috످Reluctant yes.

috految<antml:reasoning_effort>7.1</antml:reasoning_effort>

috److I'll take a reluctant yes, though I'm only seeing this one message. What are you agreeing to?

috످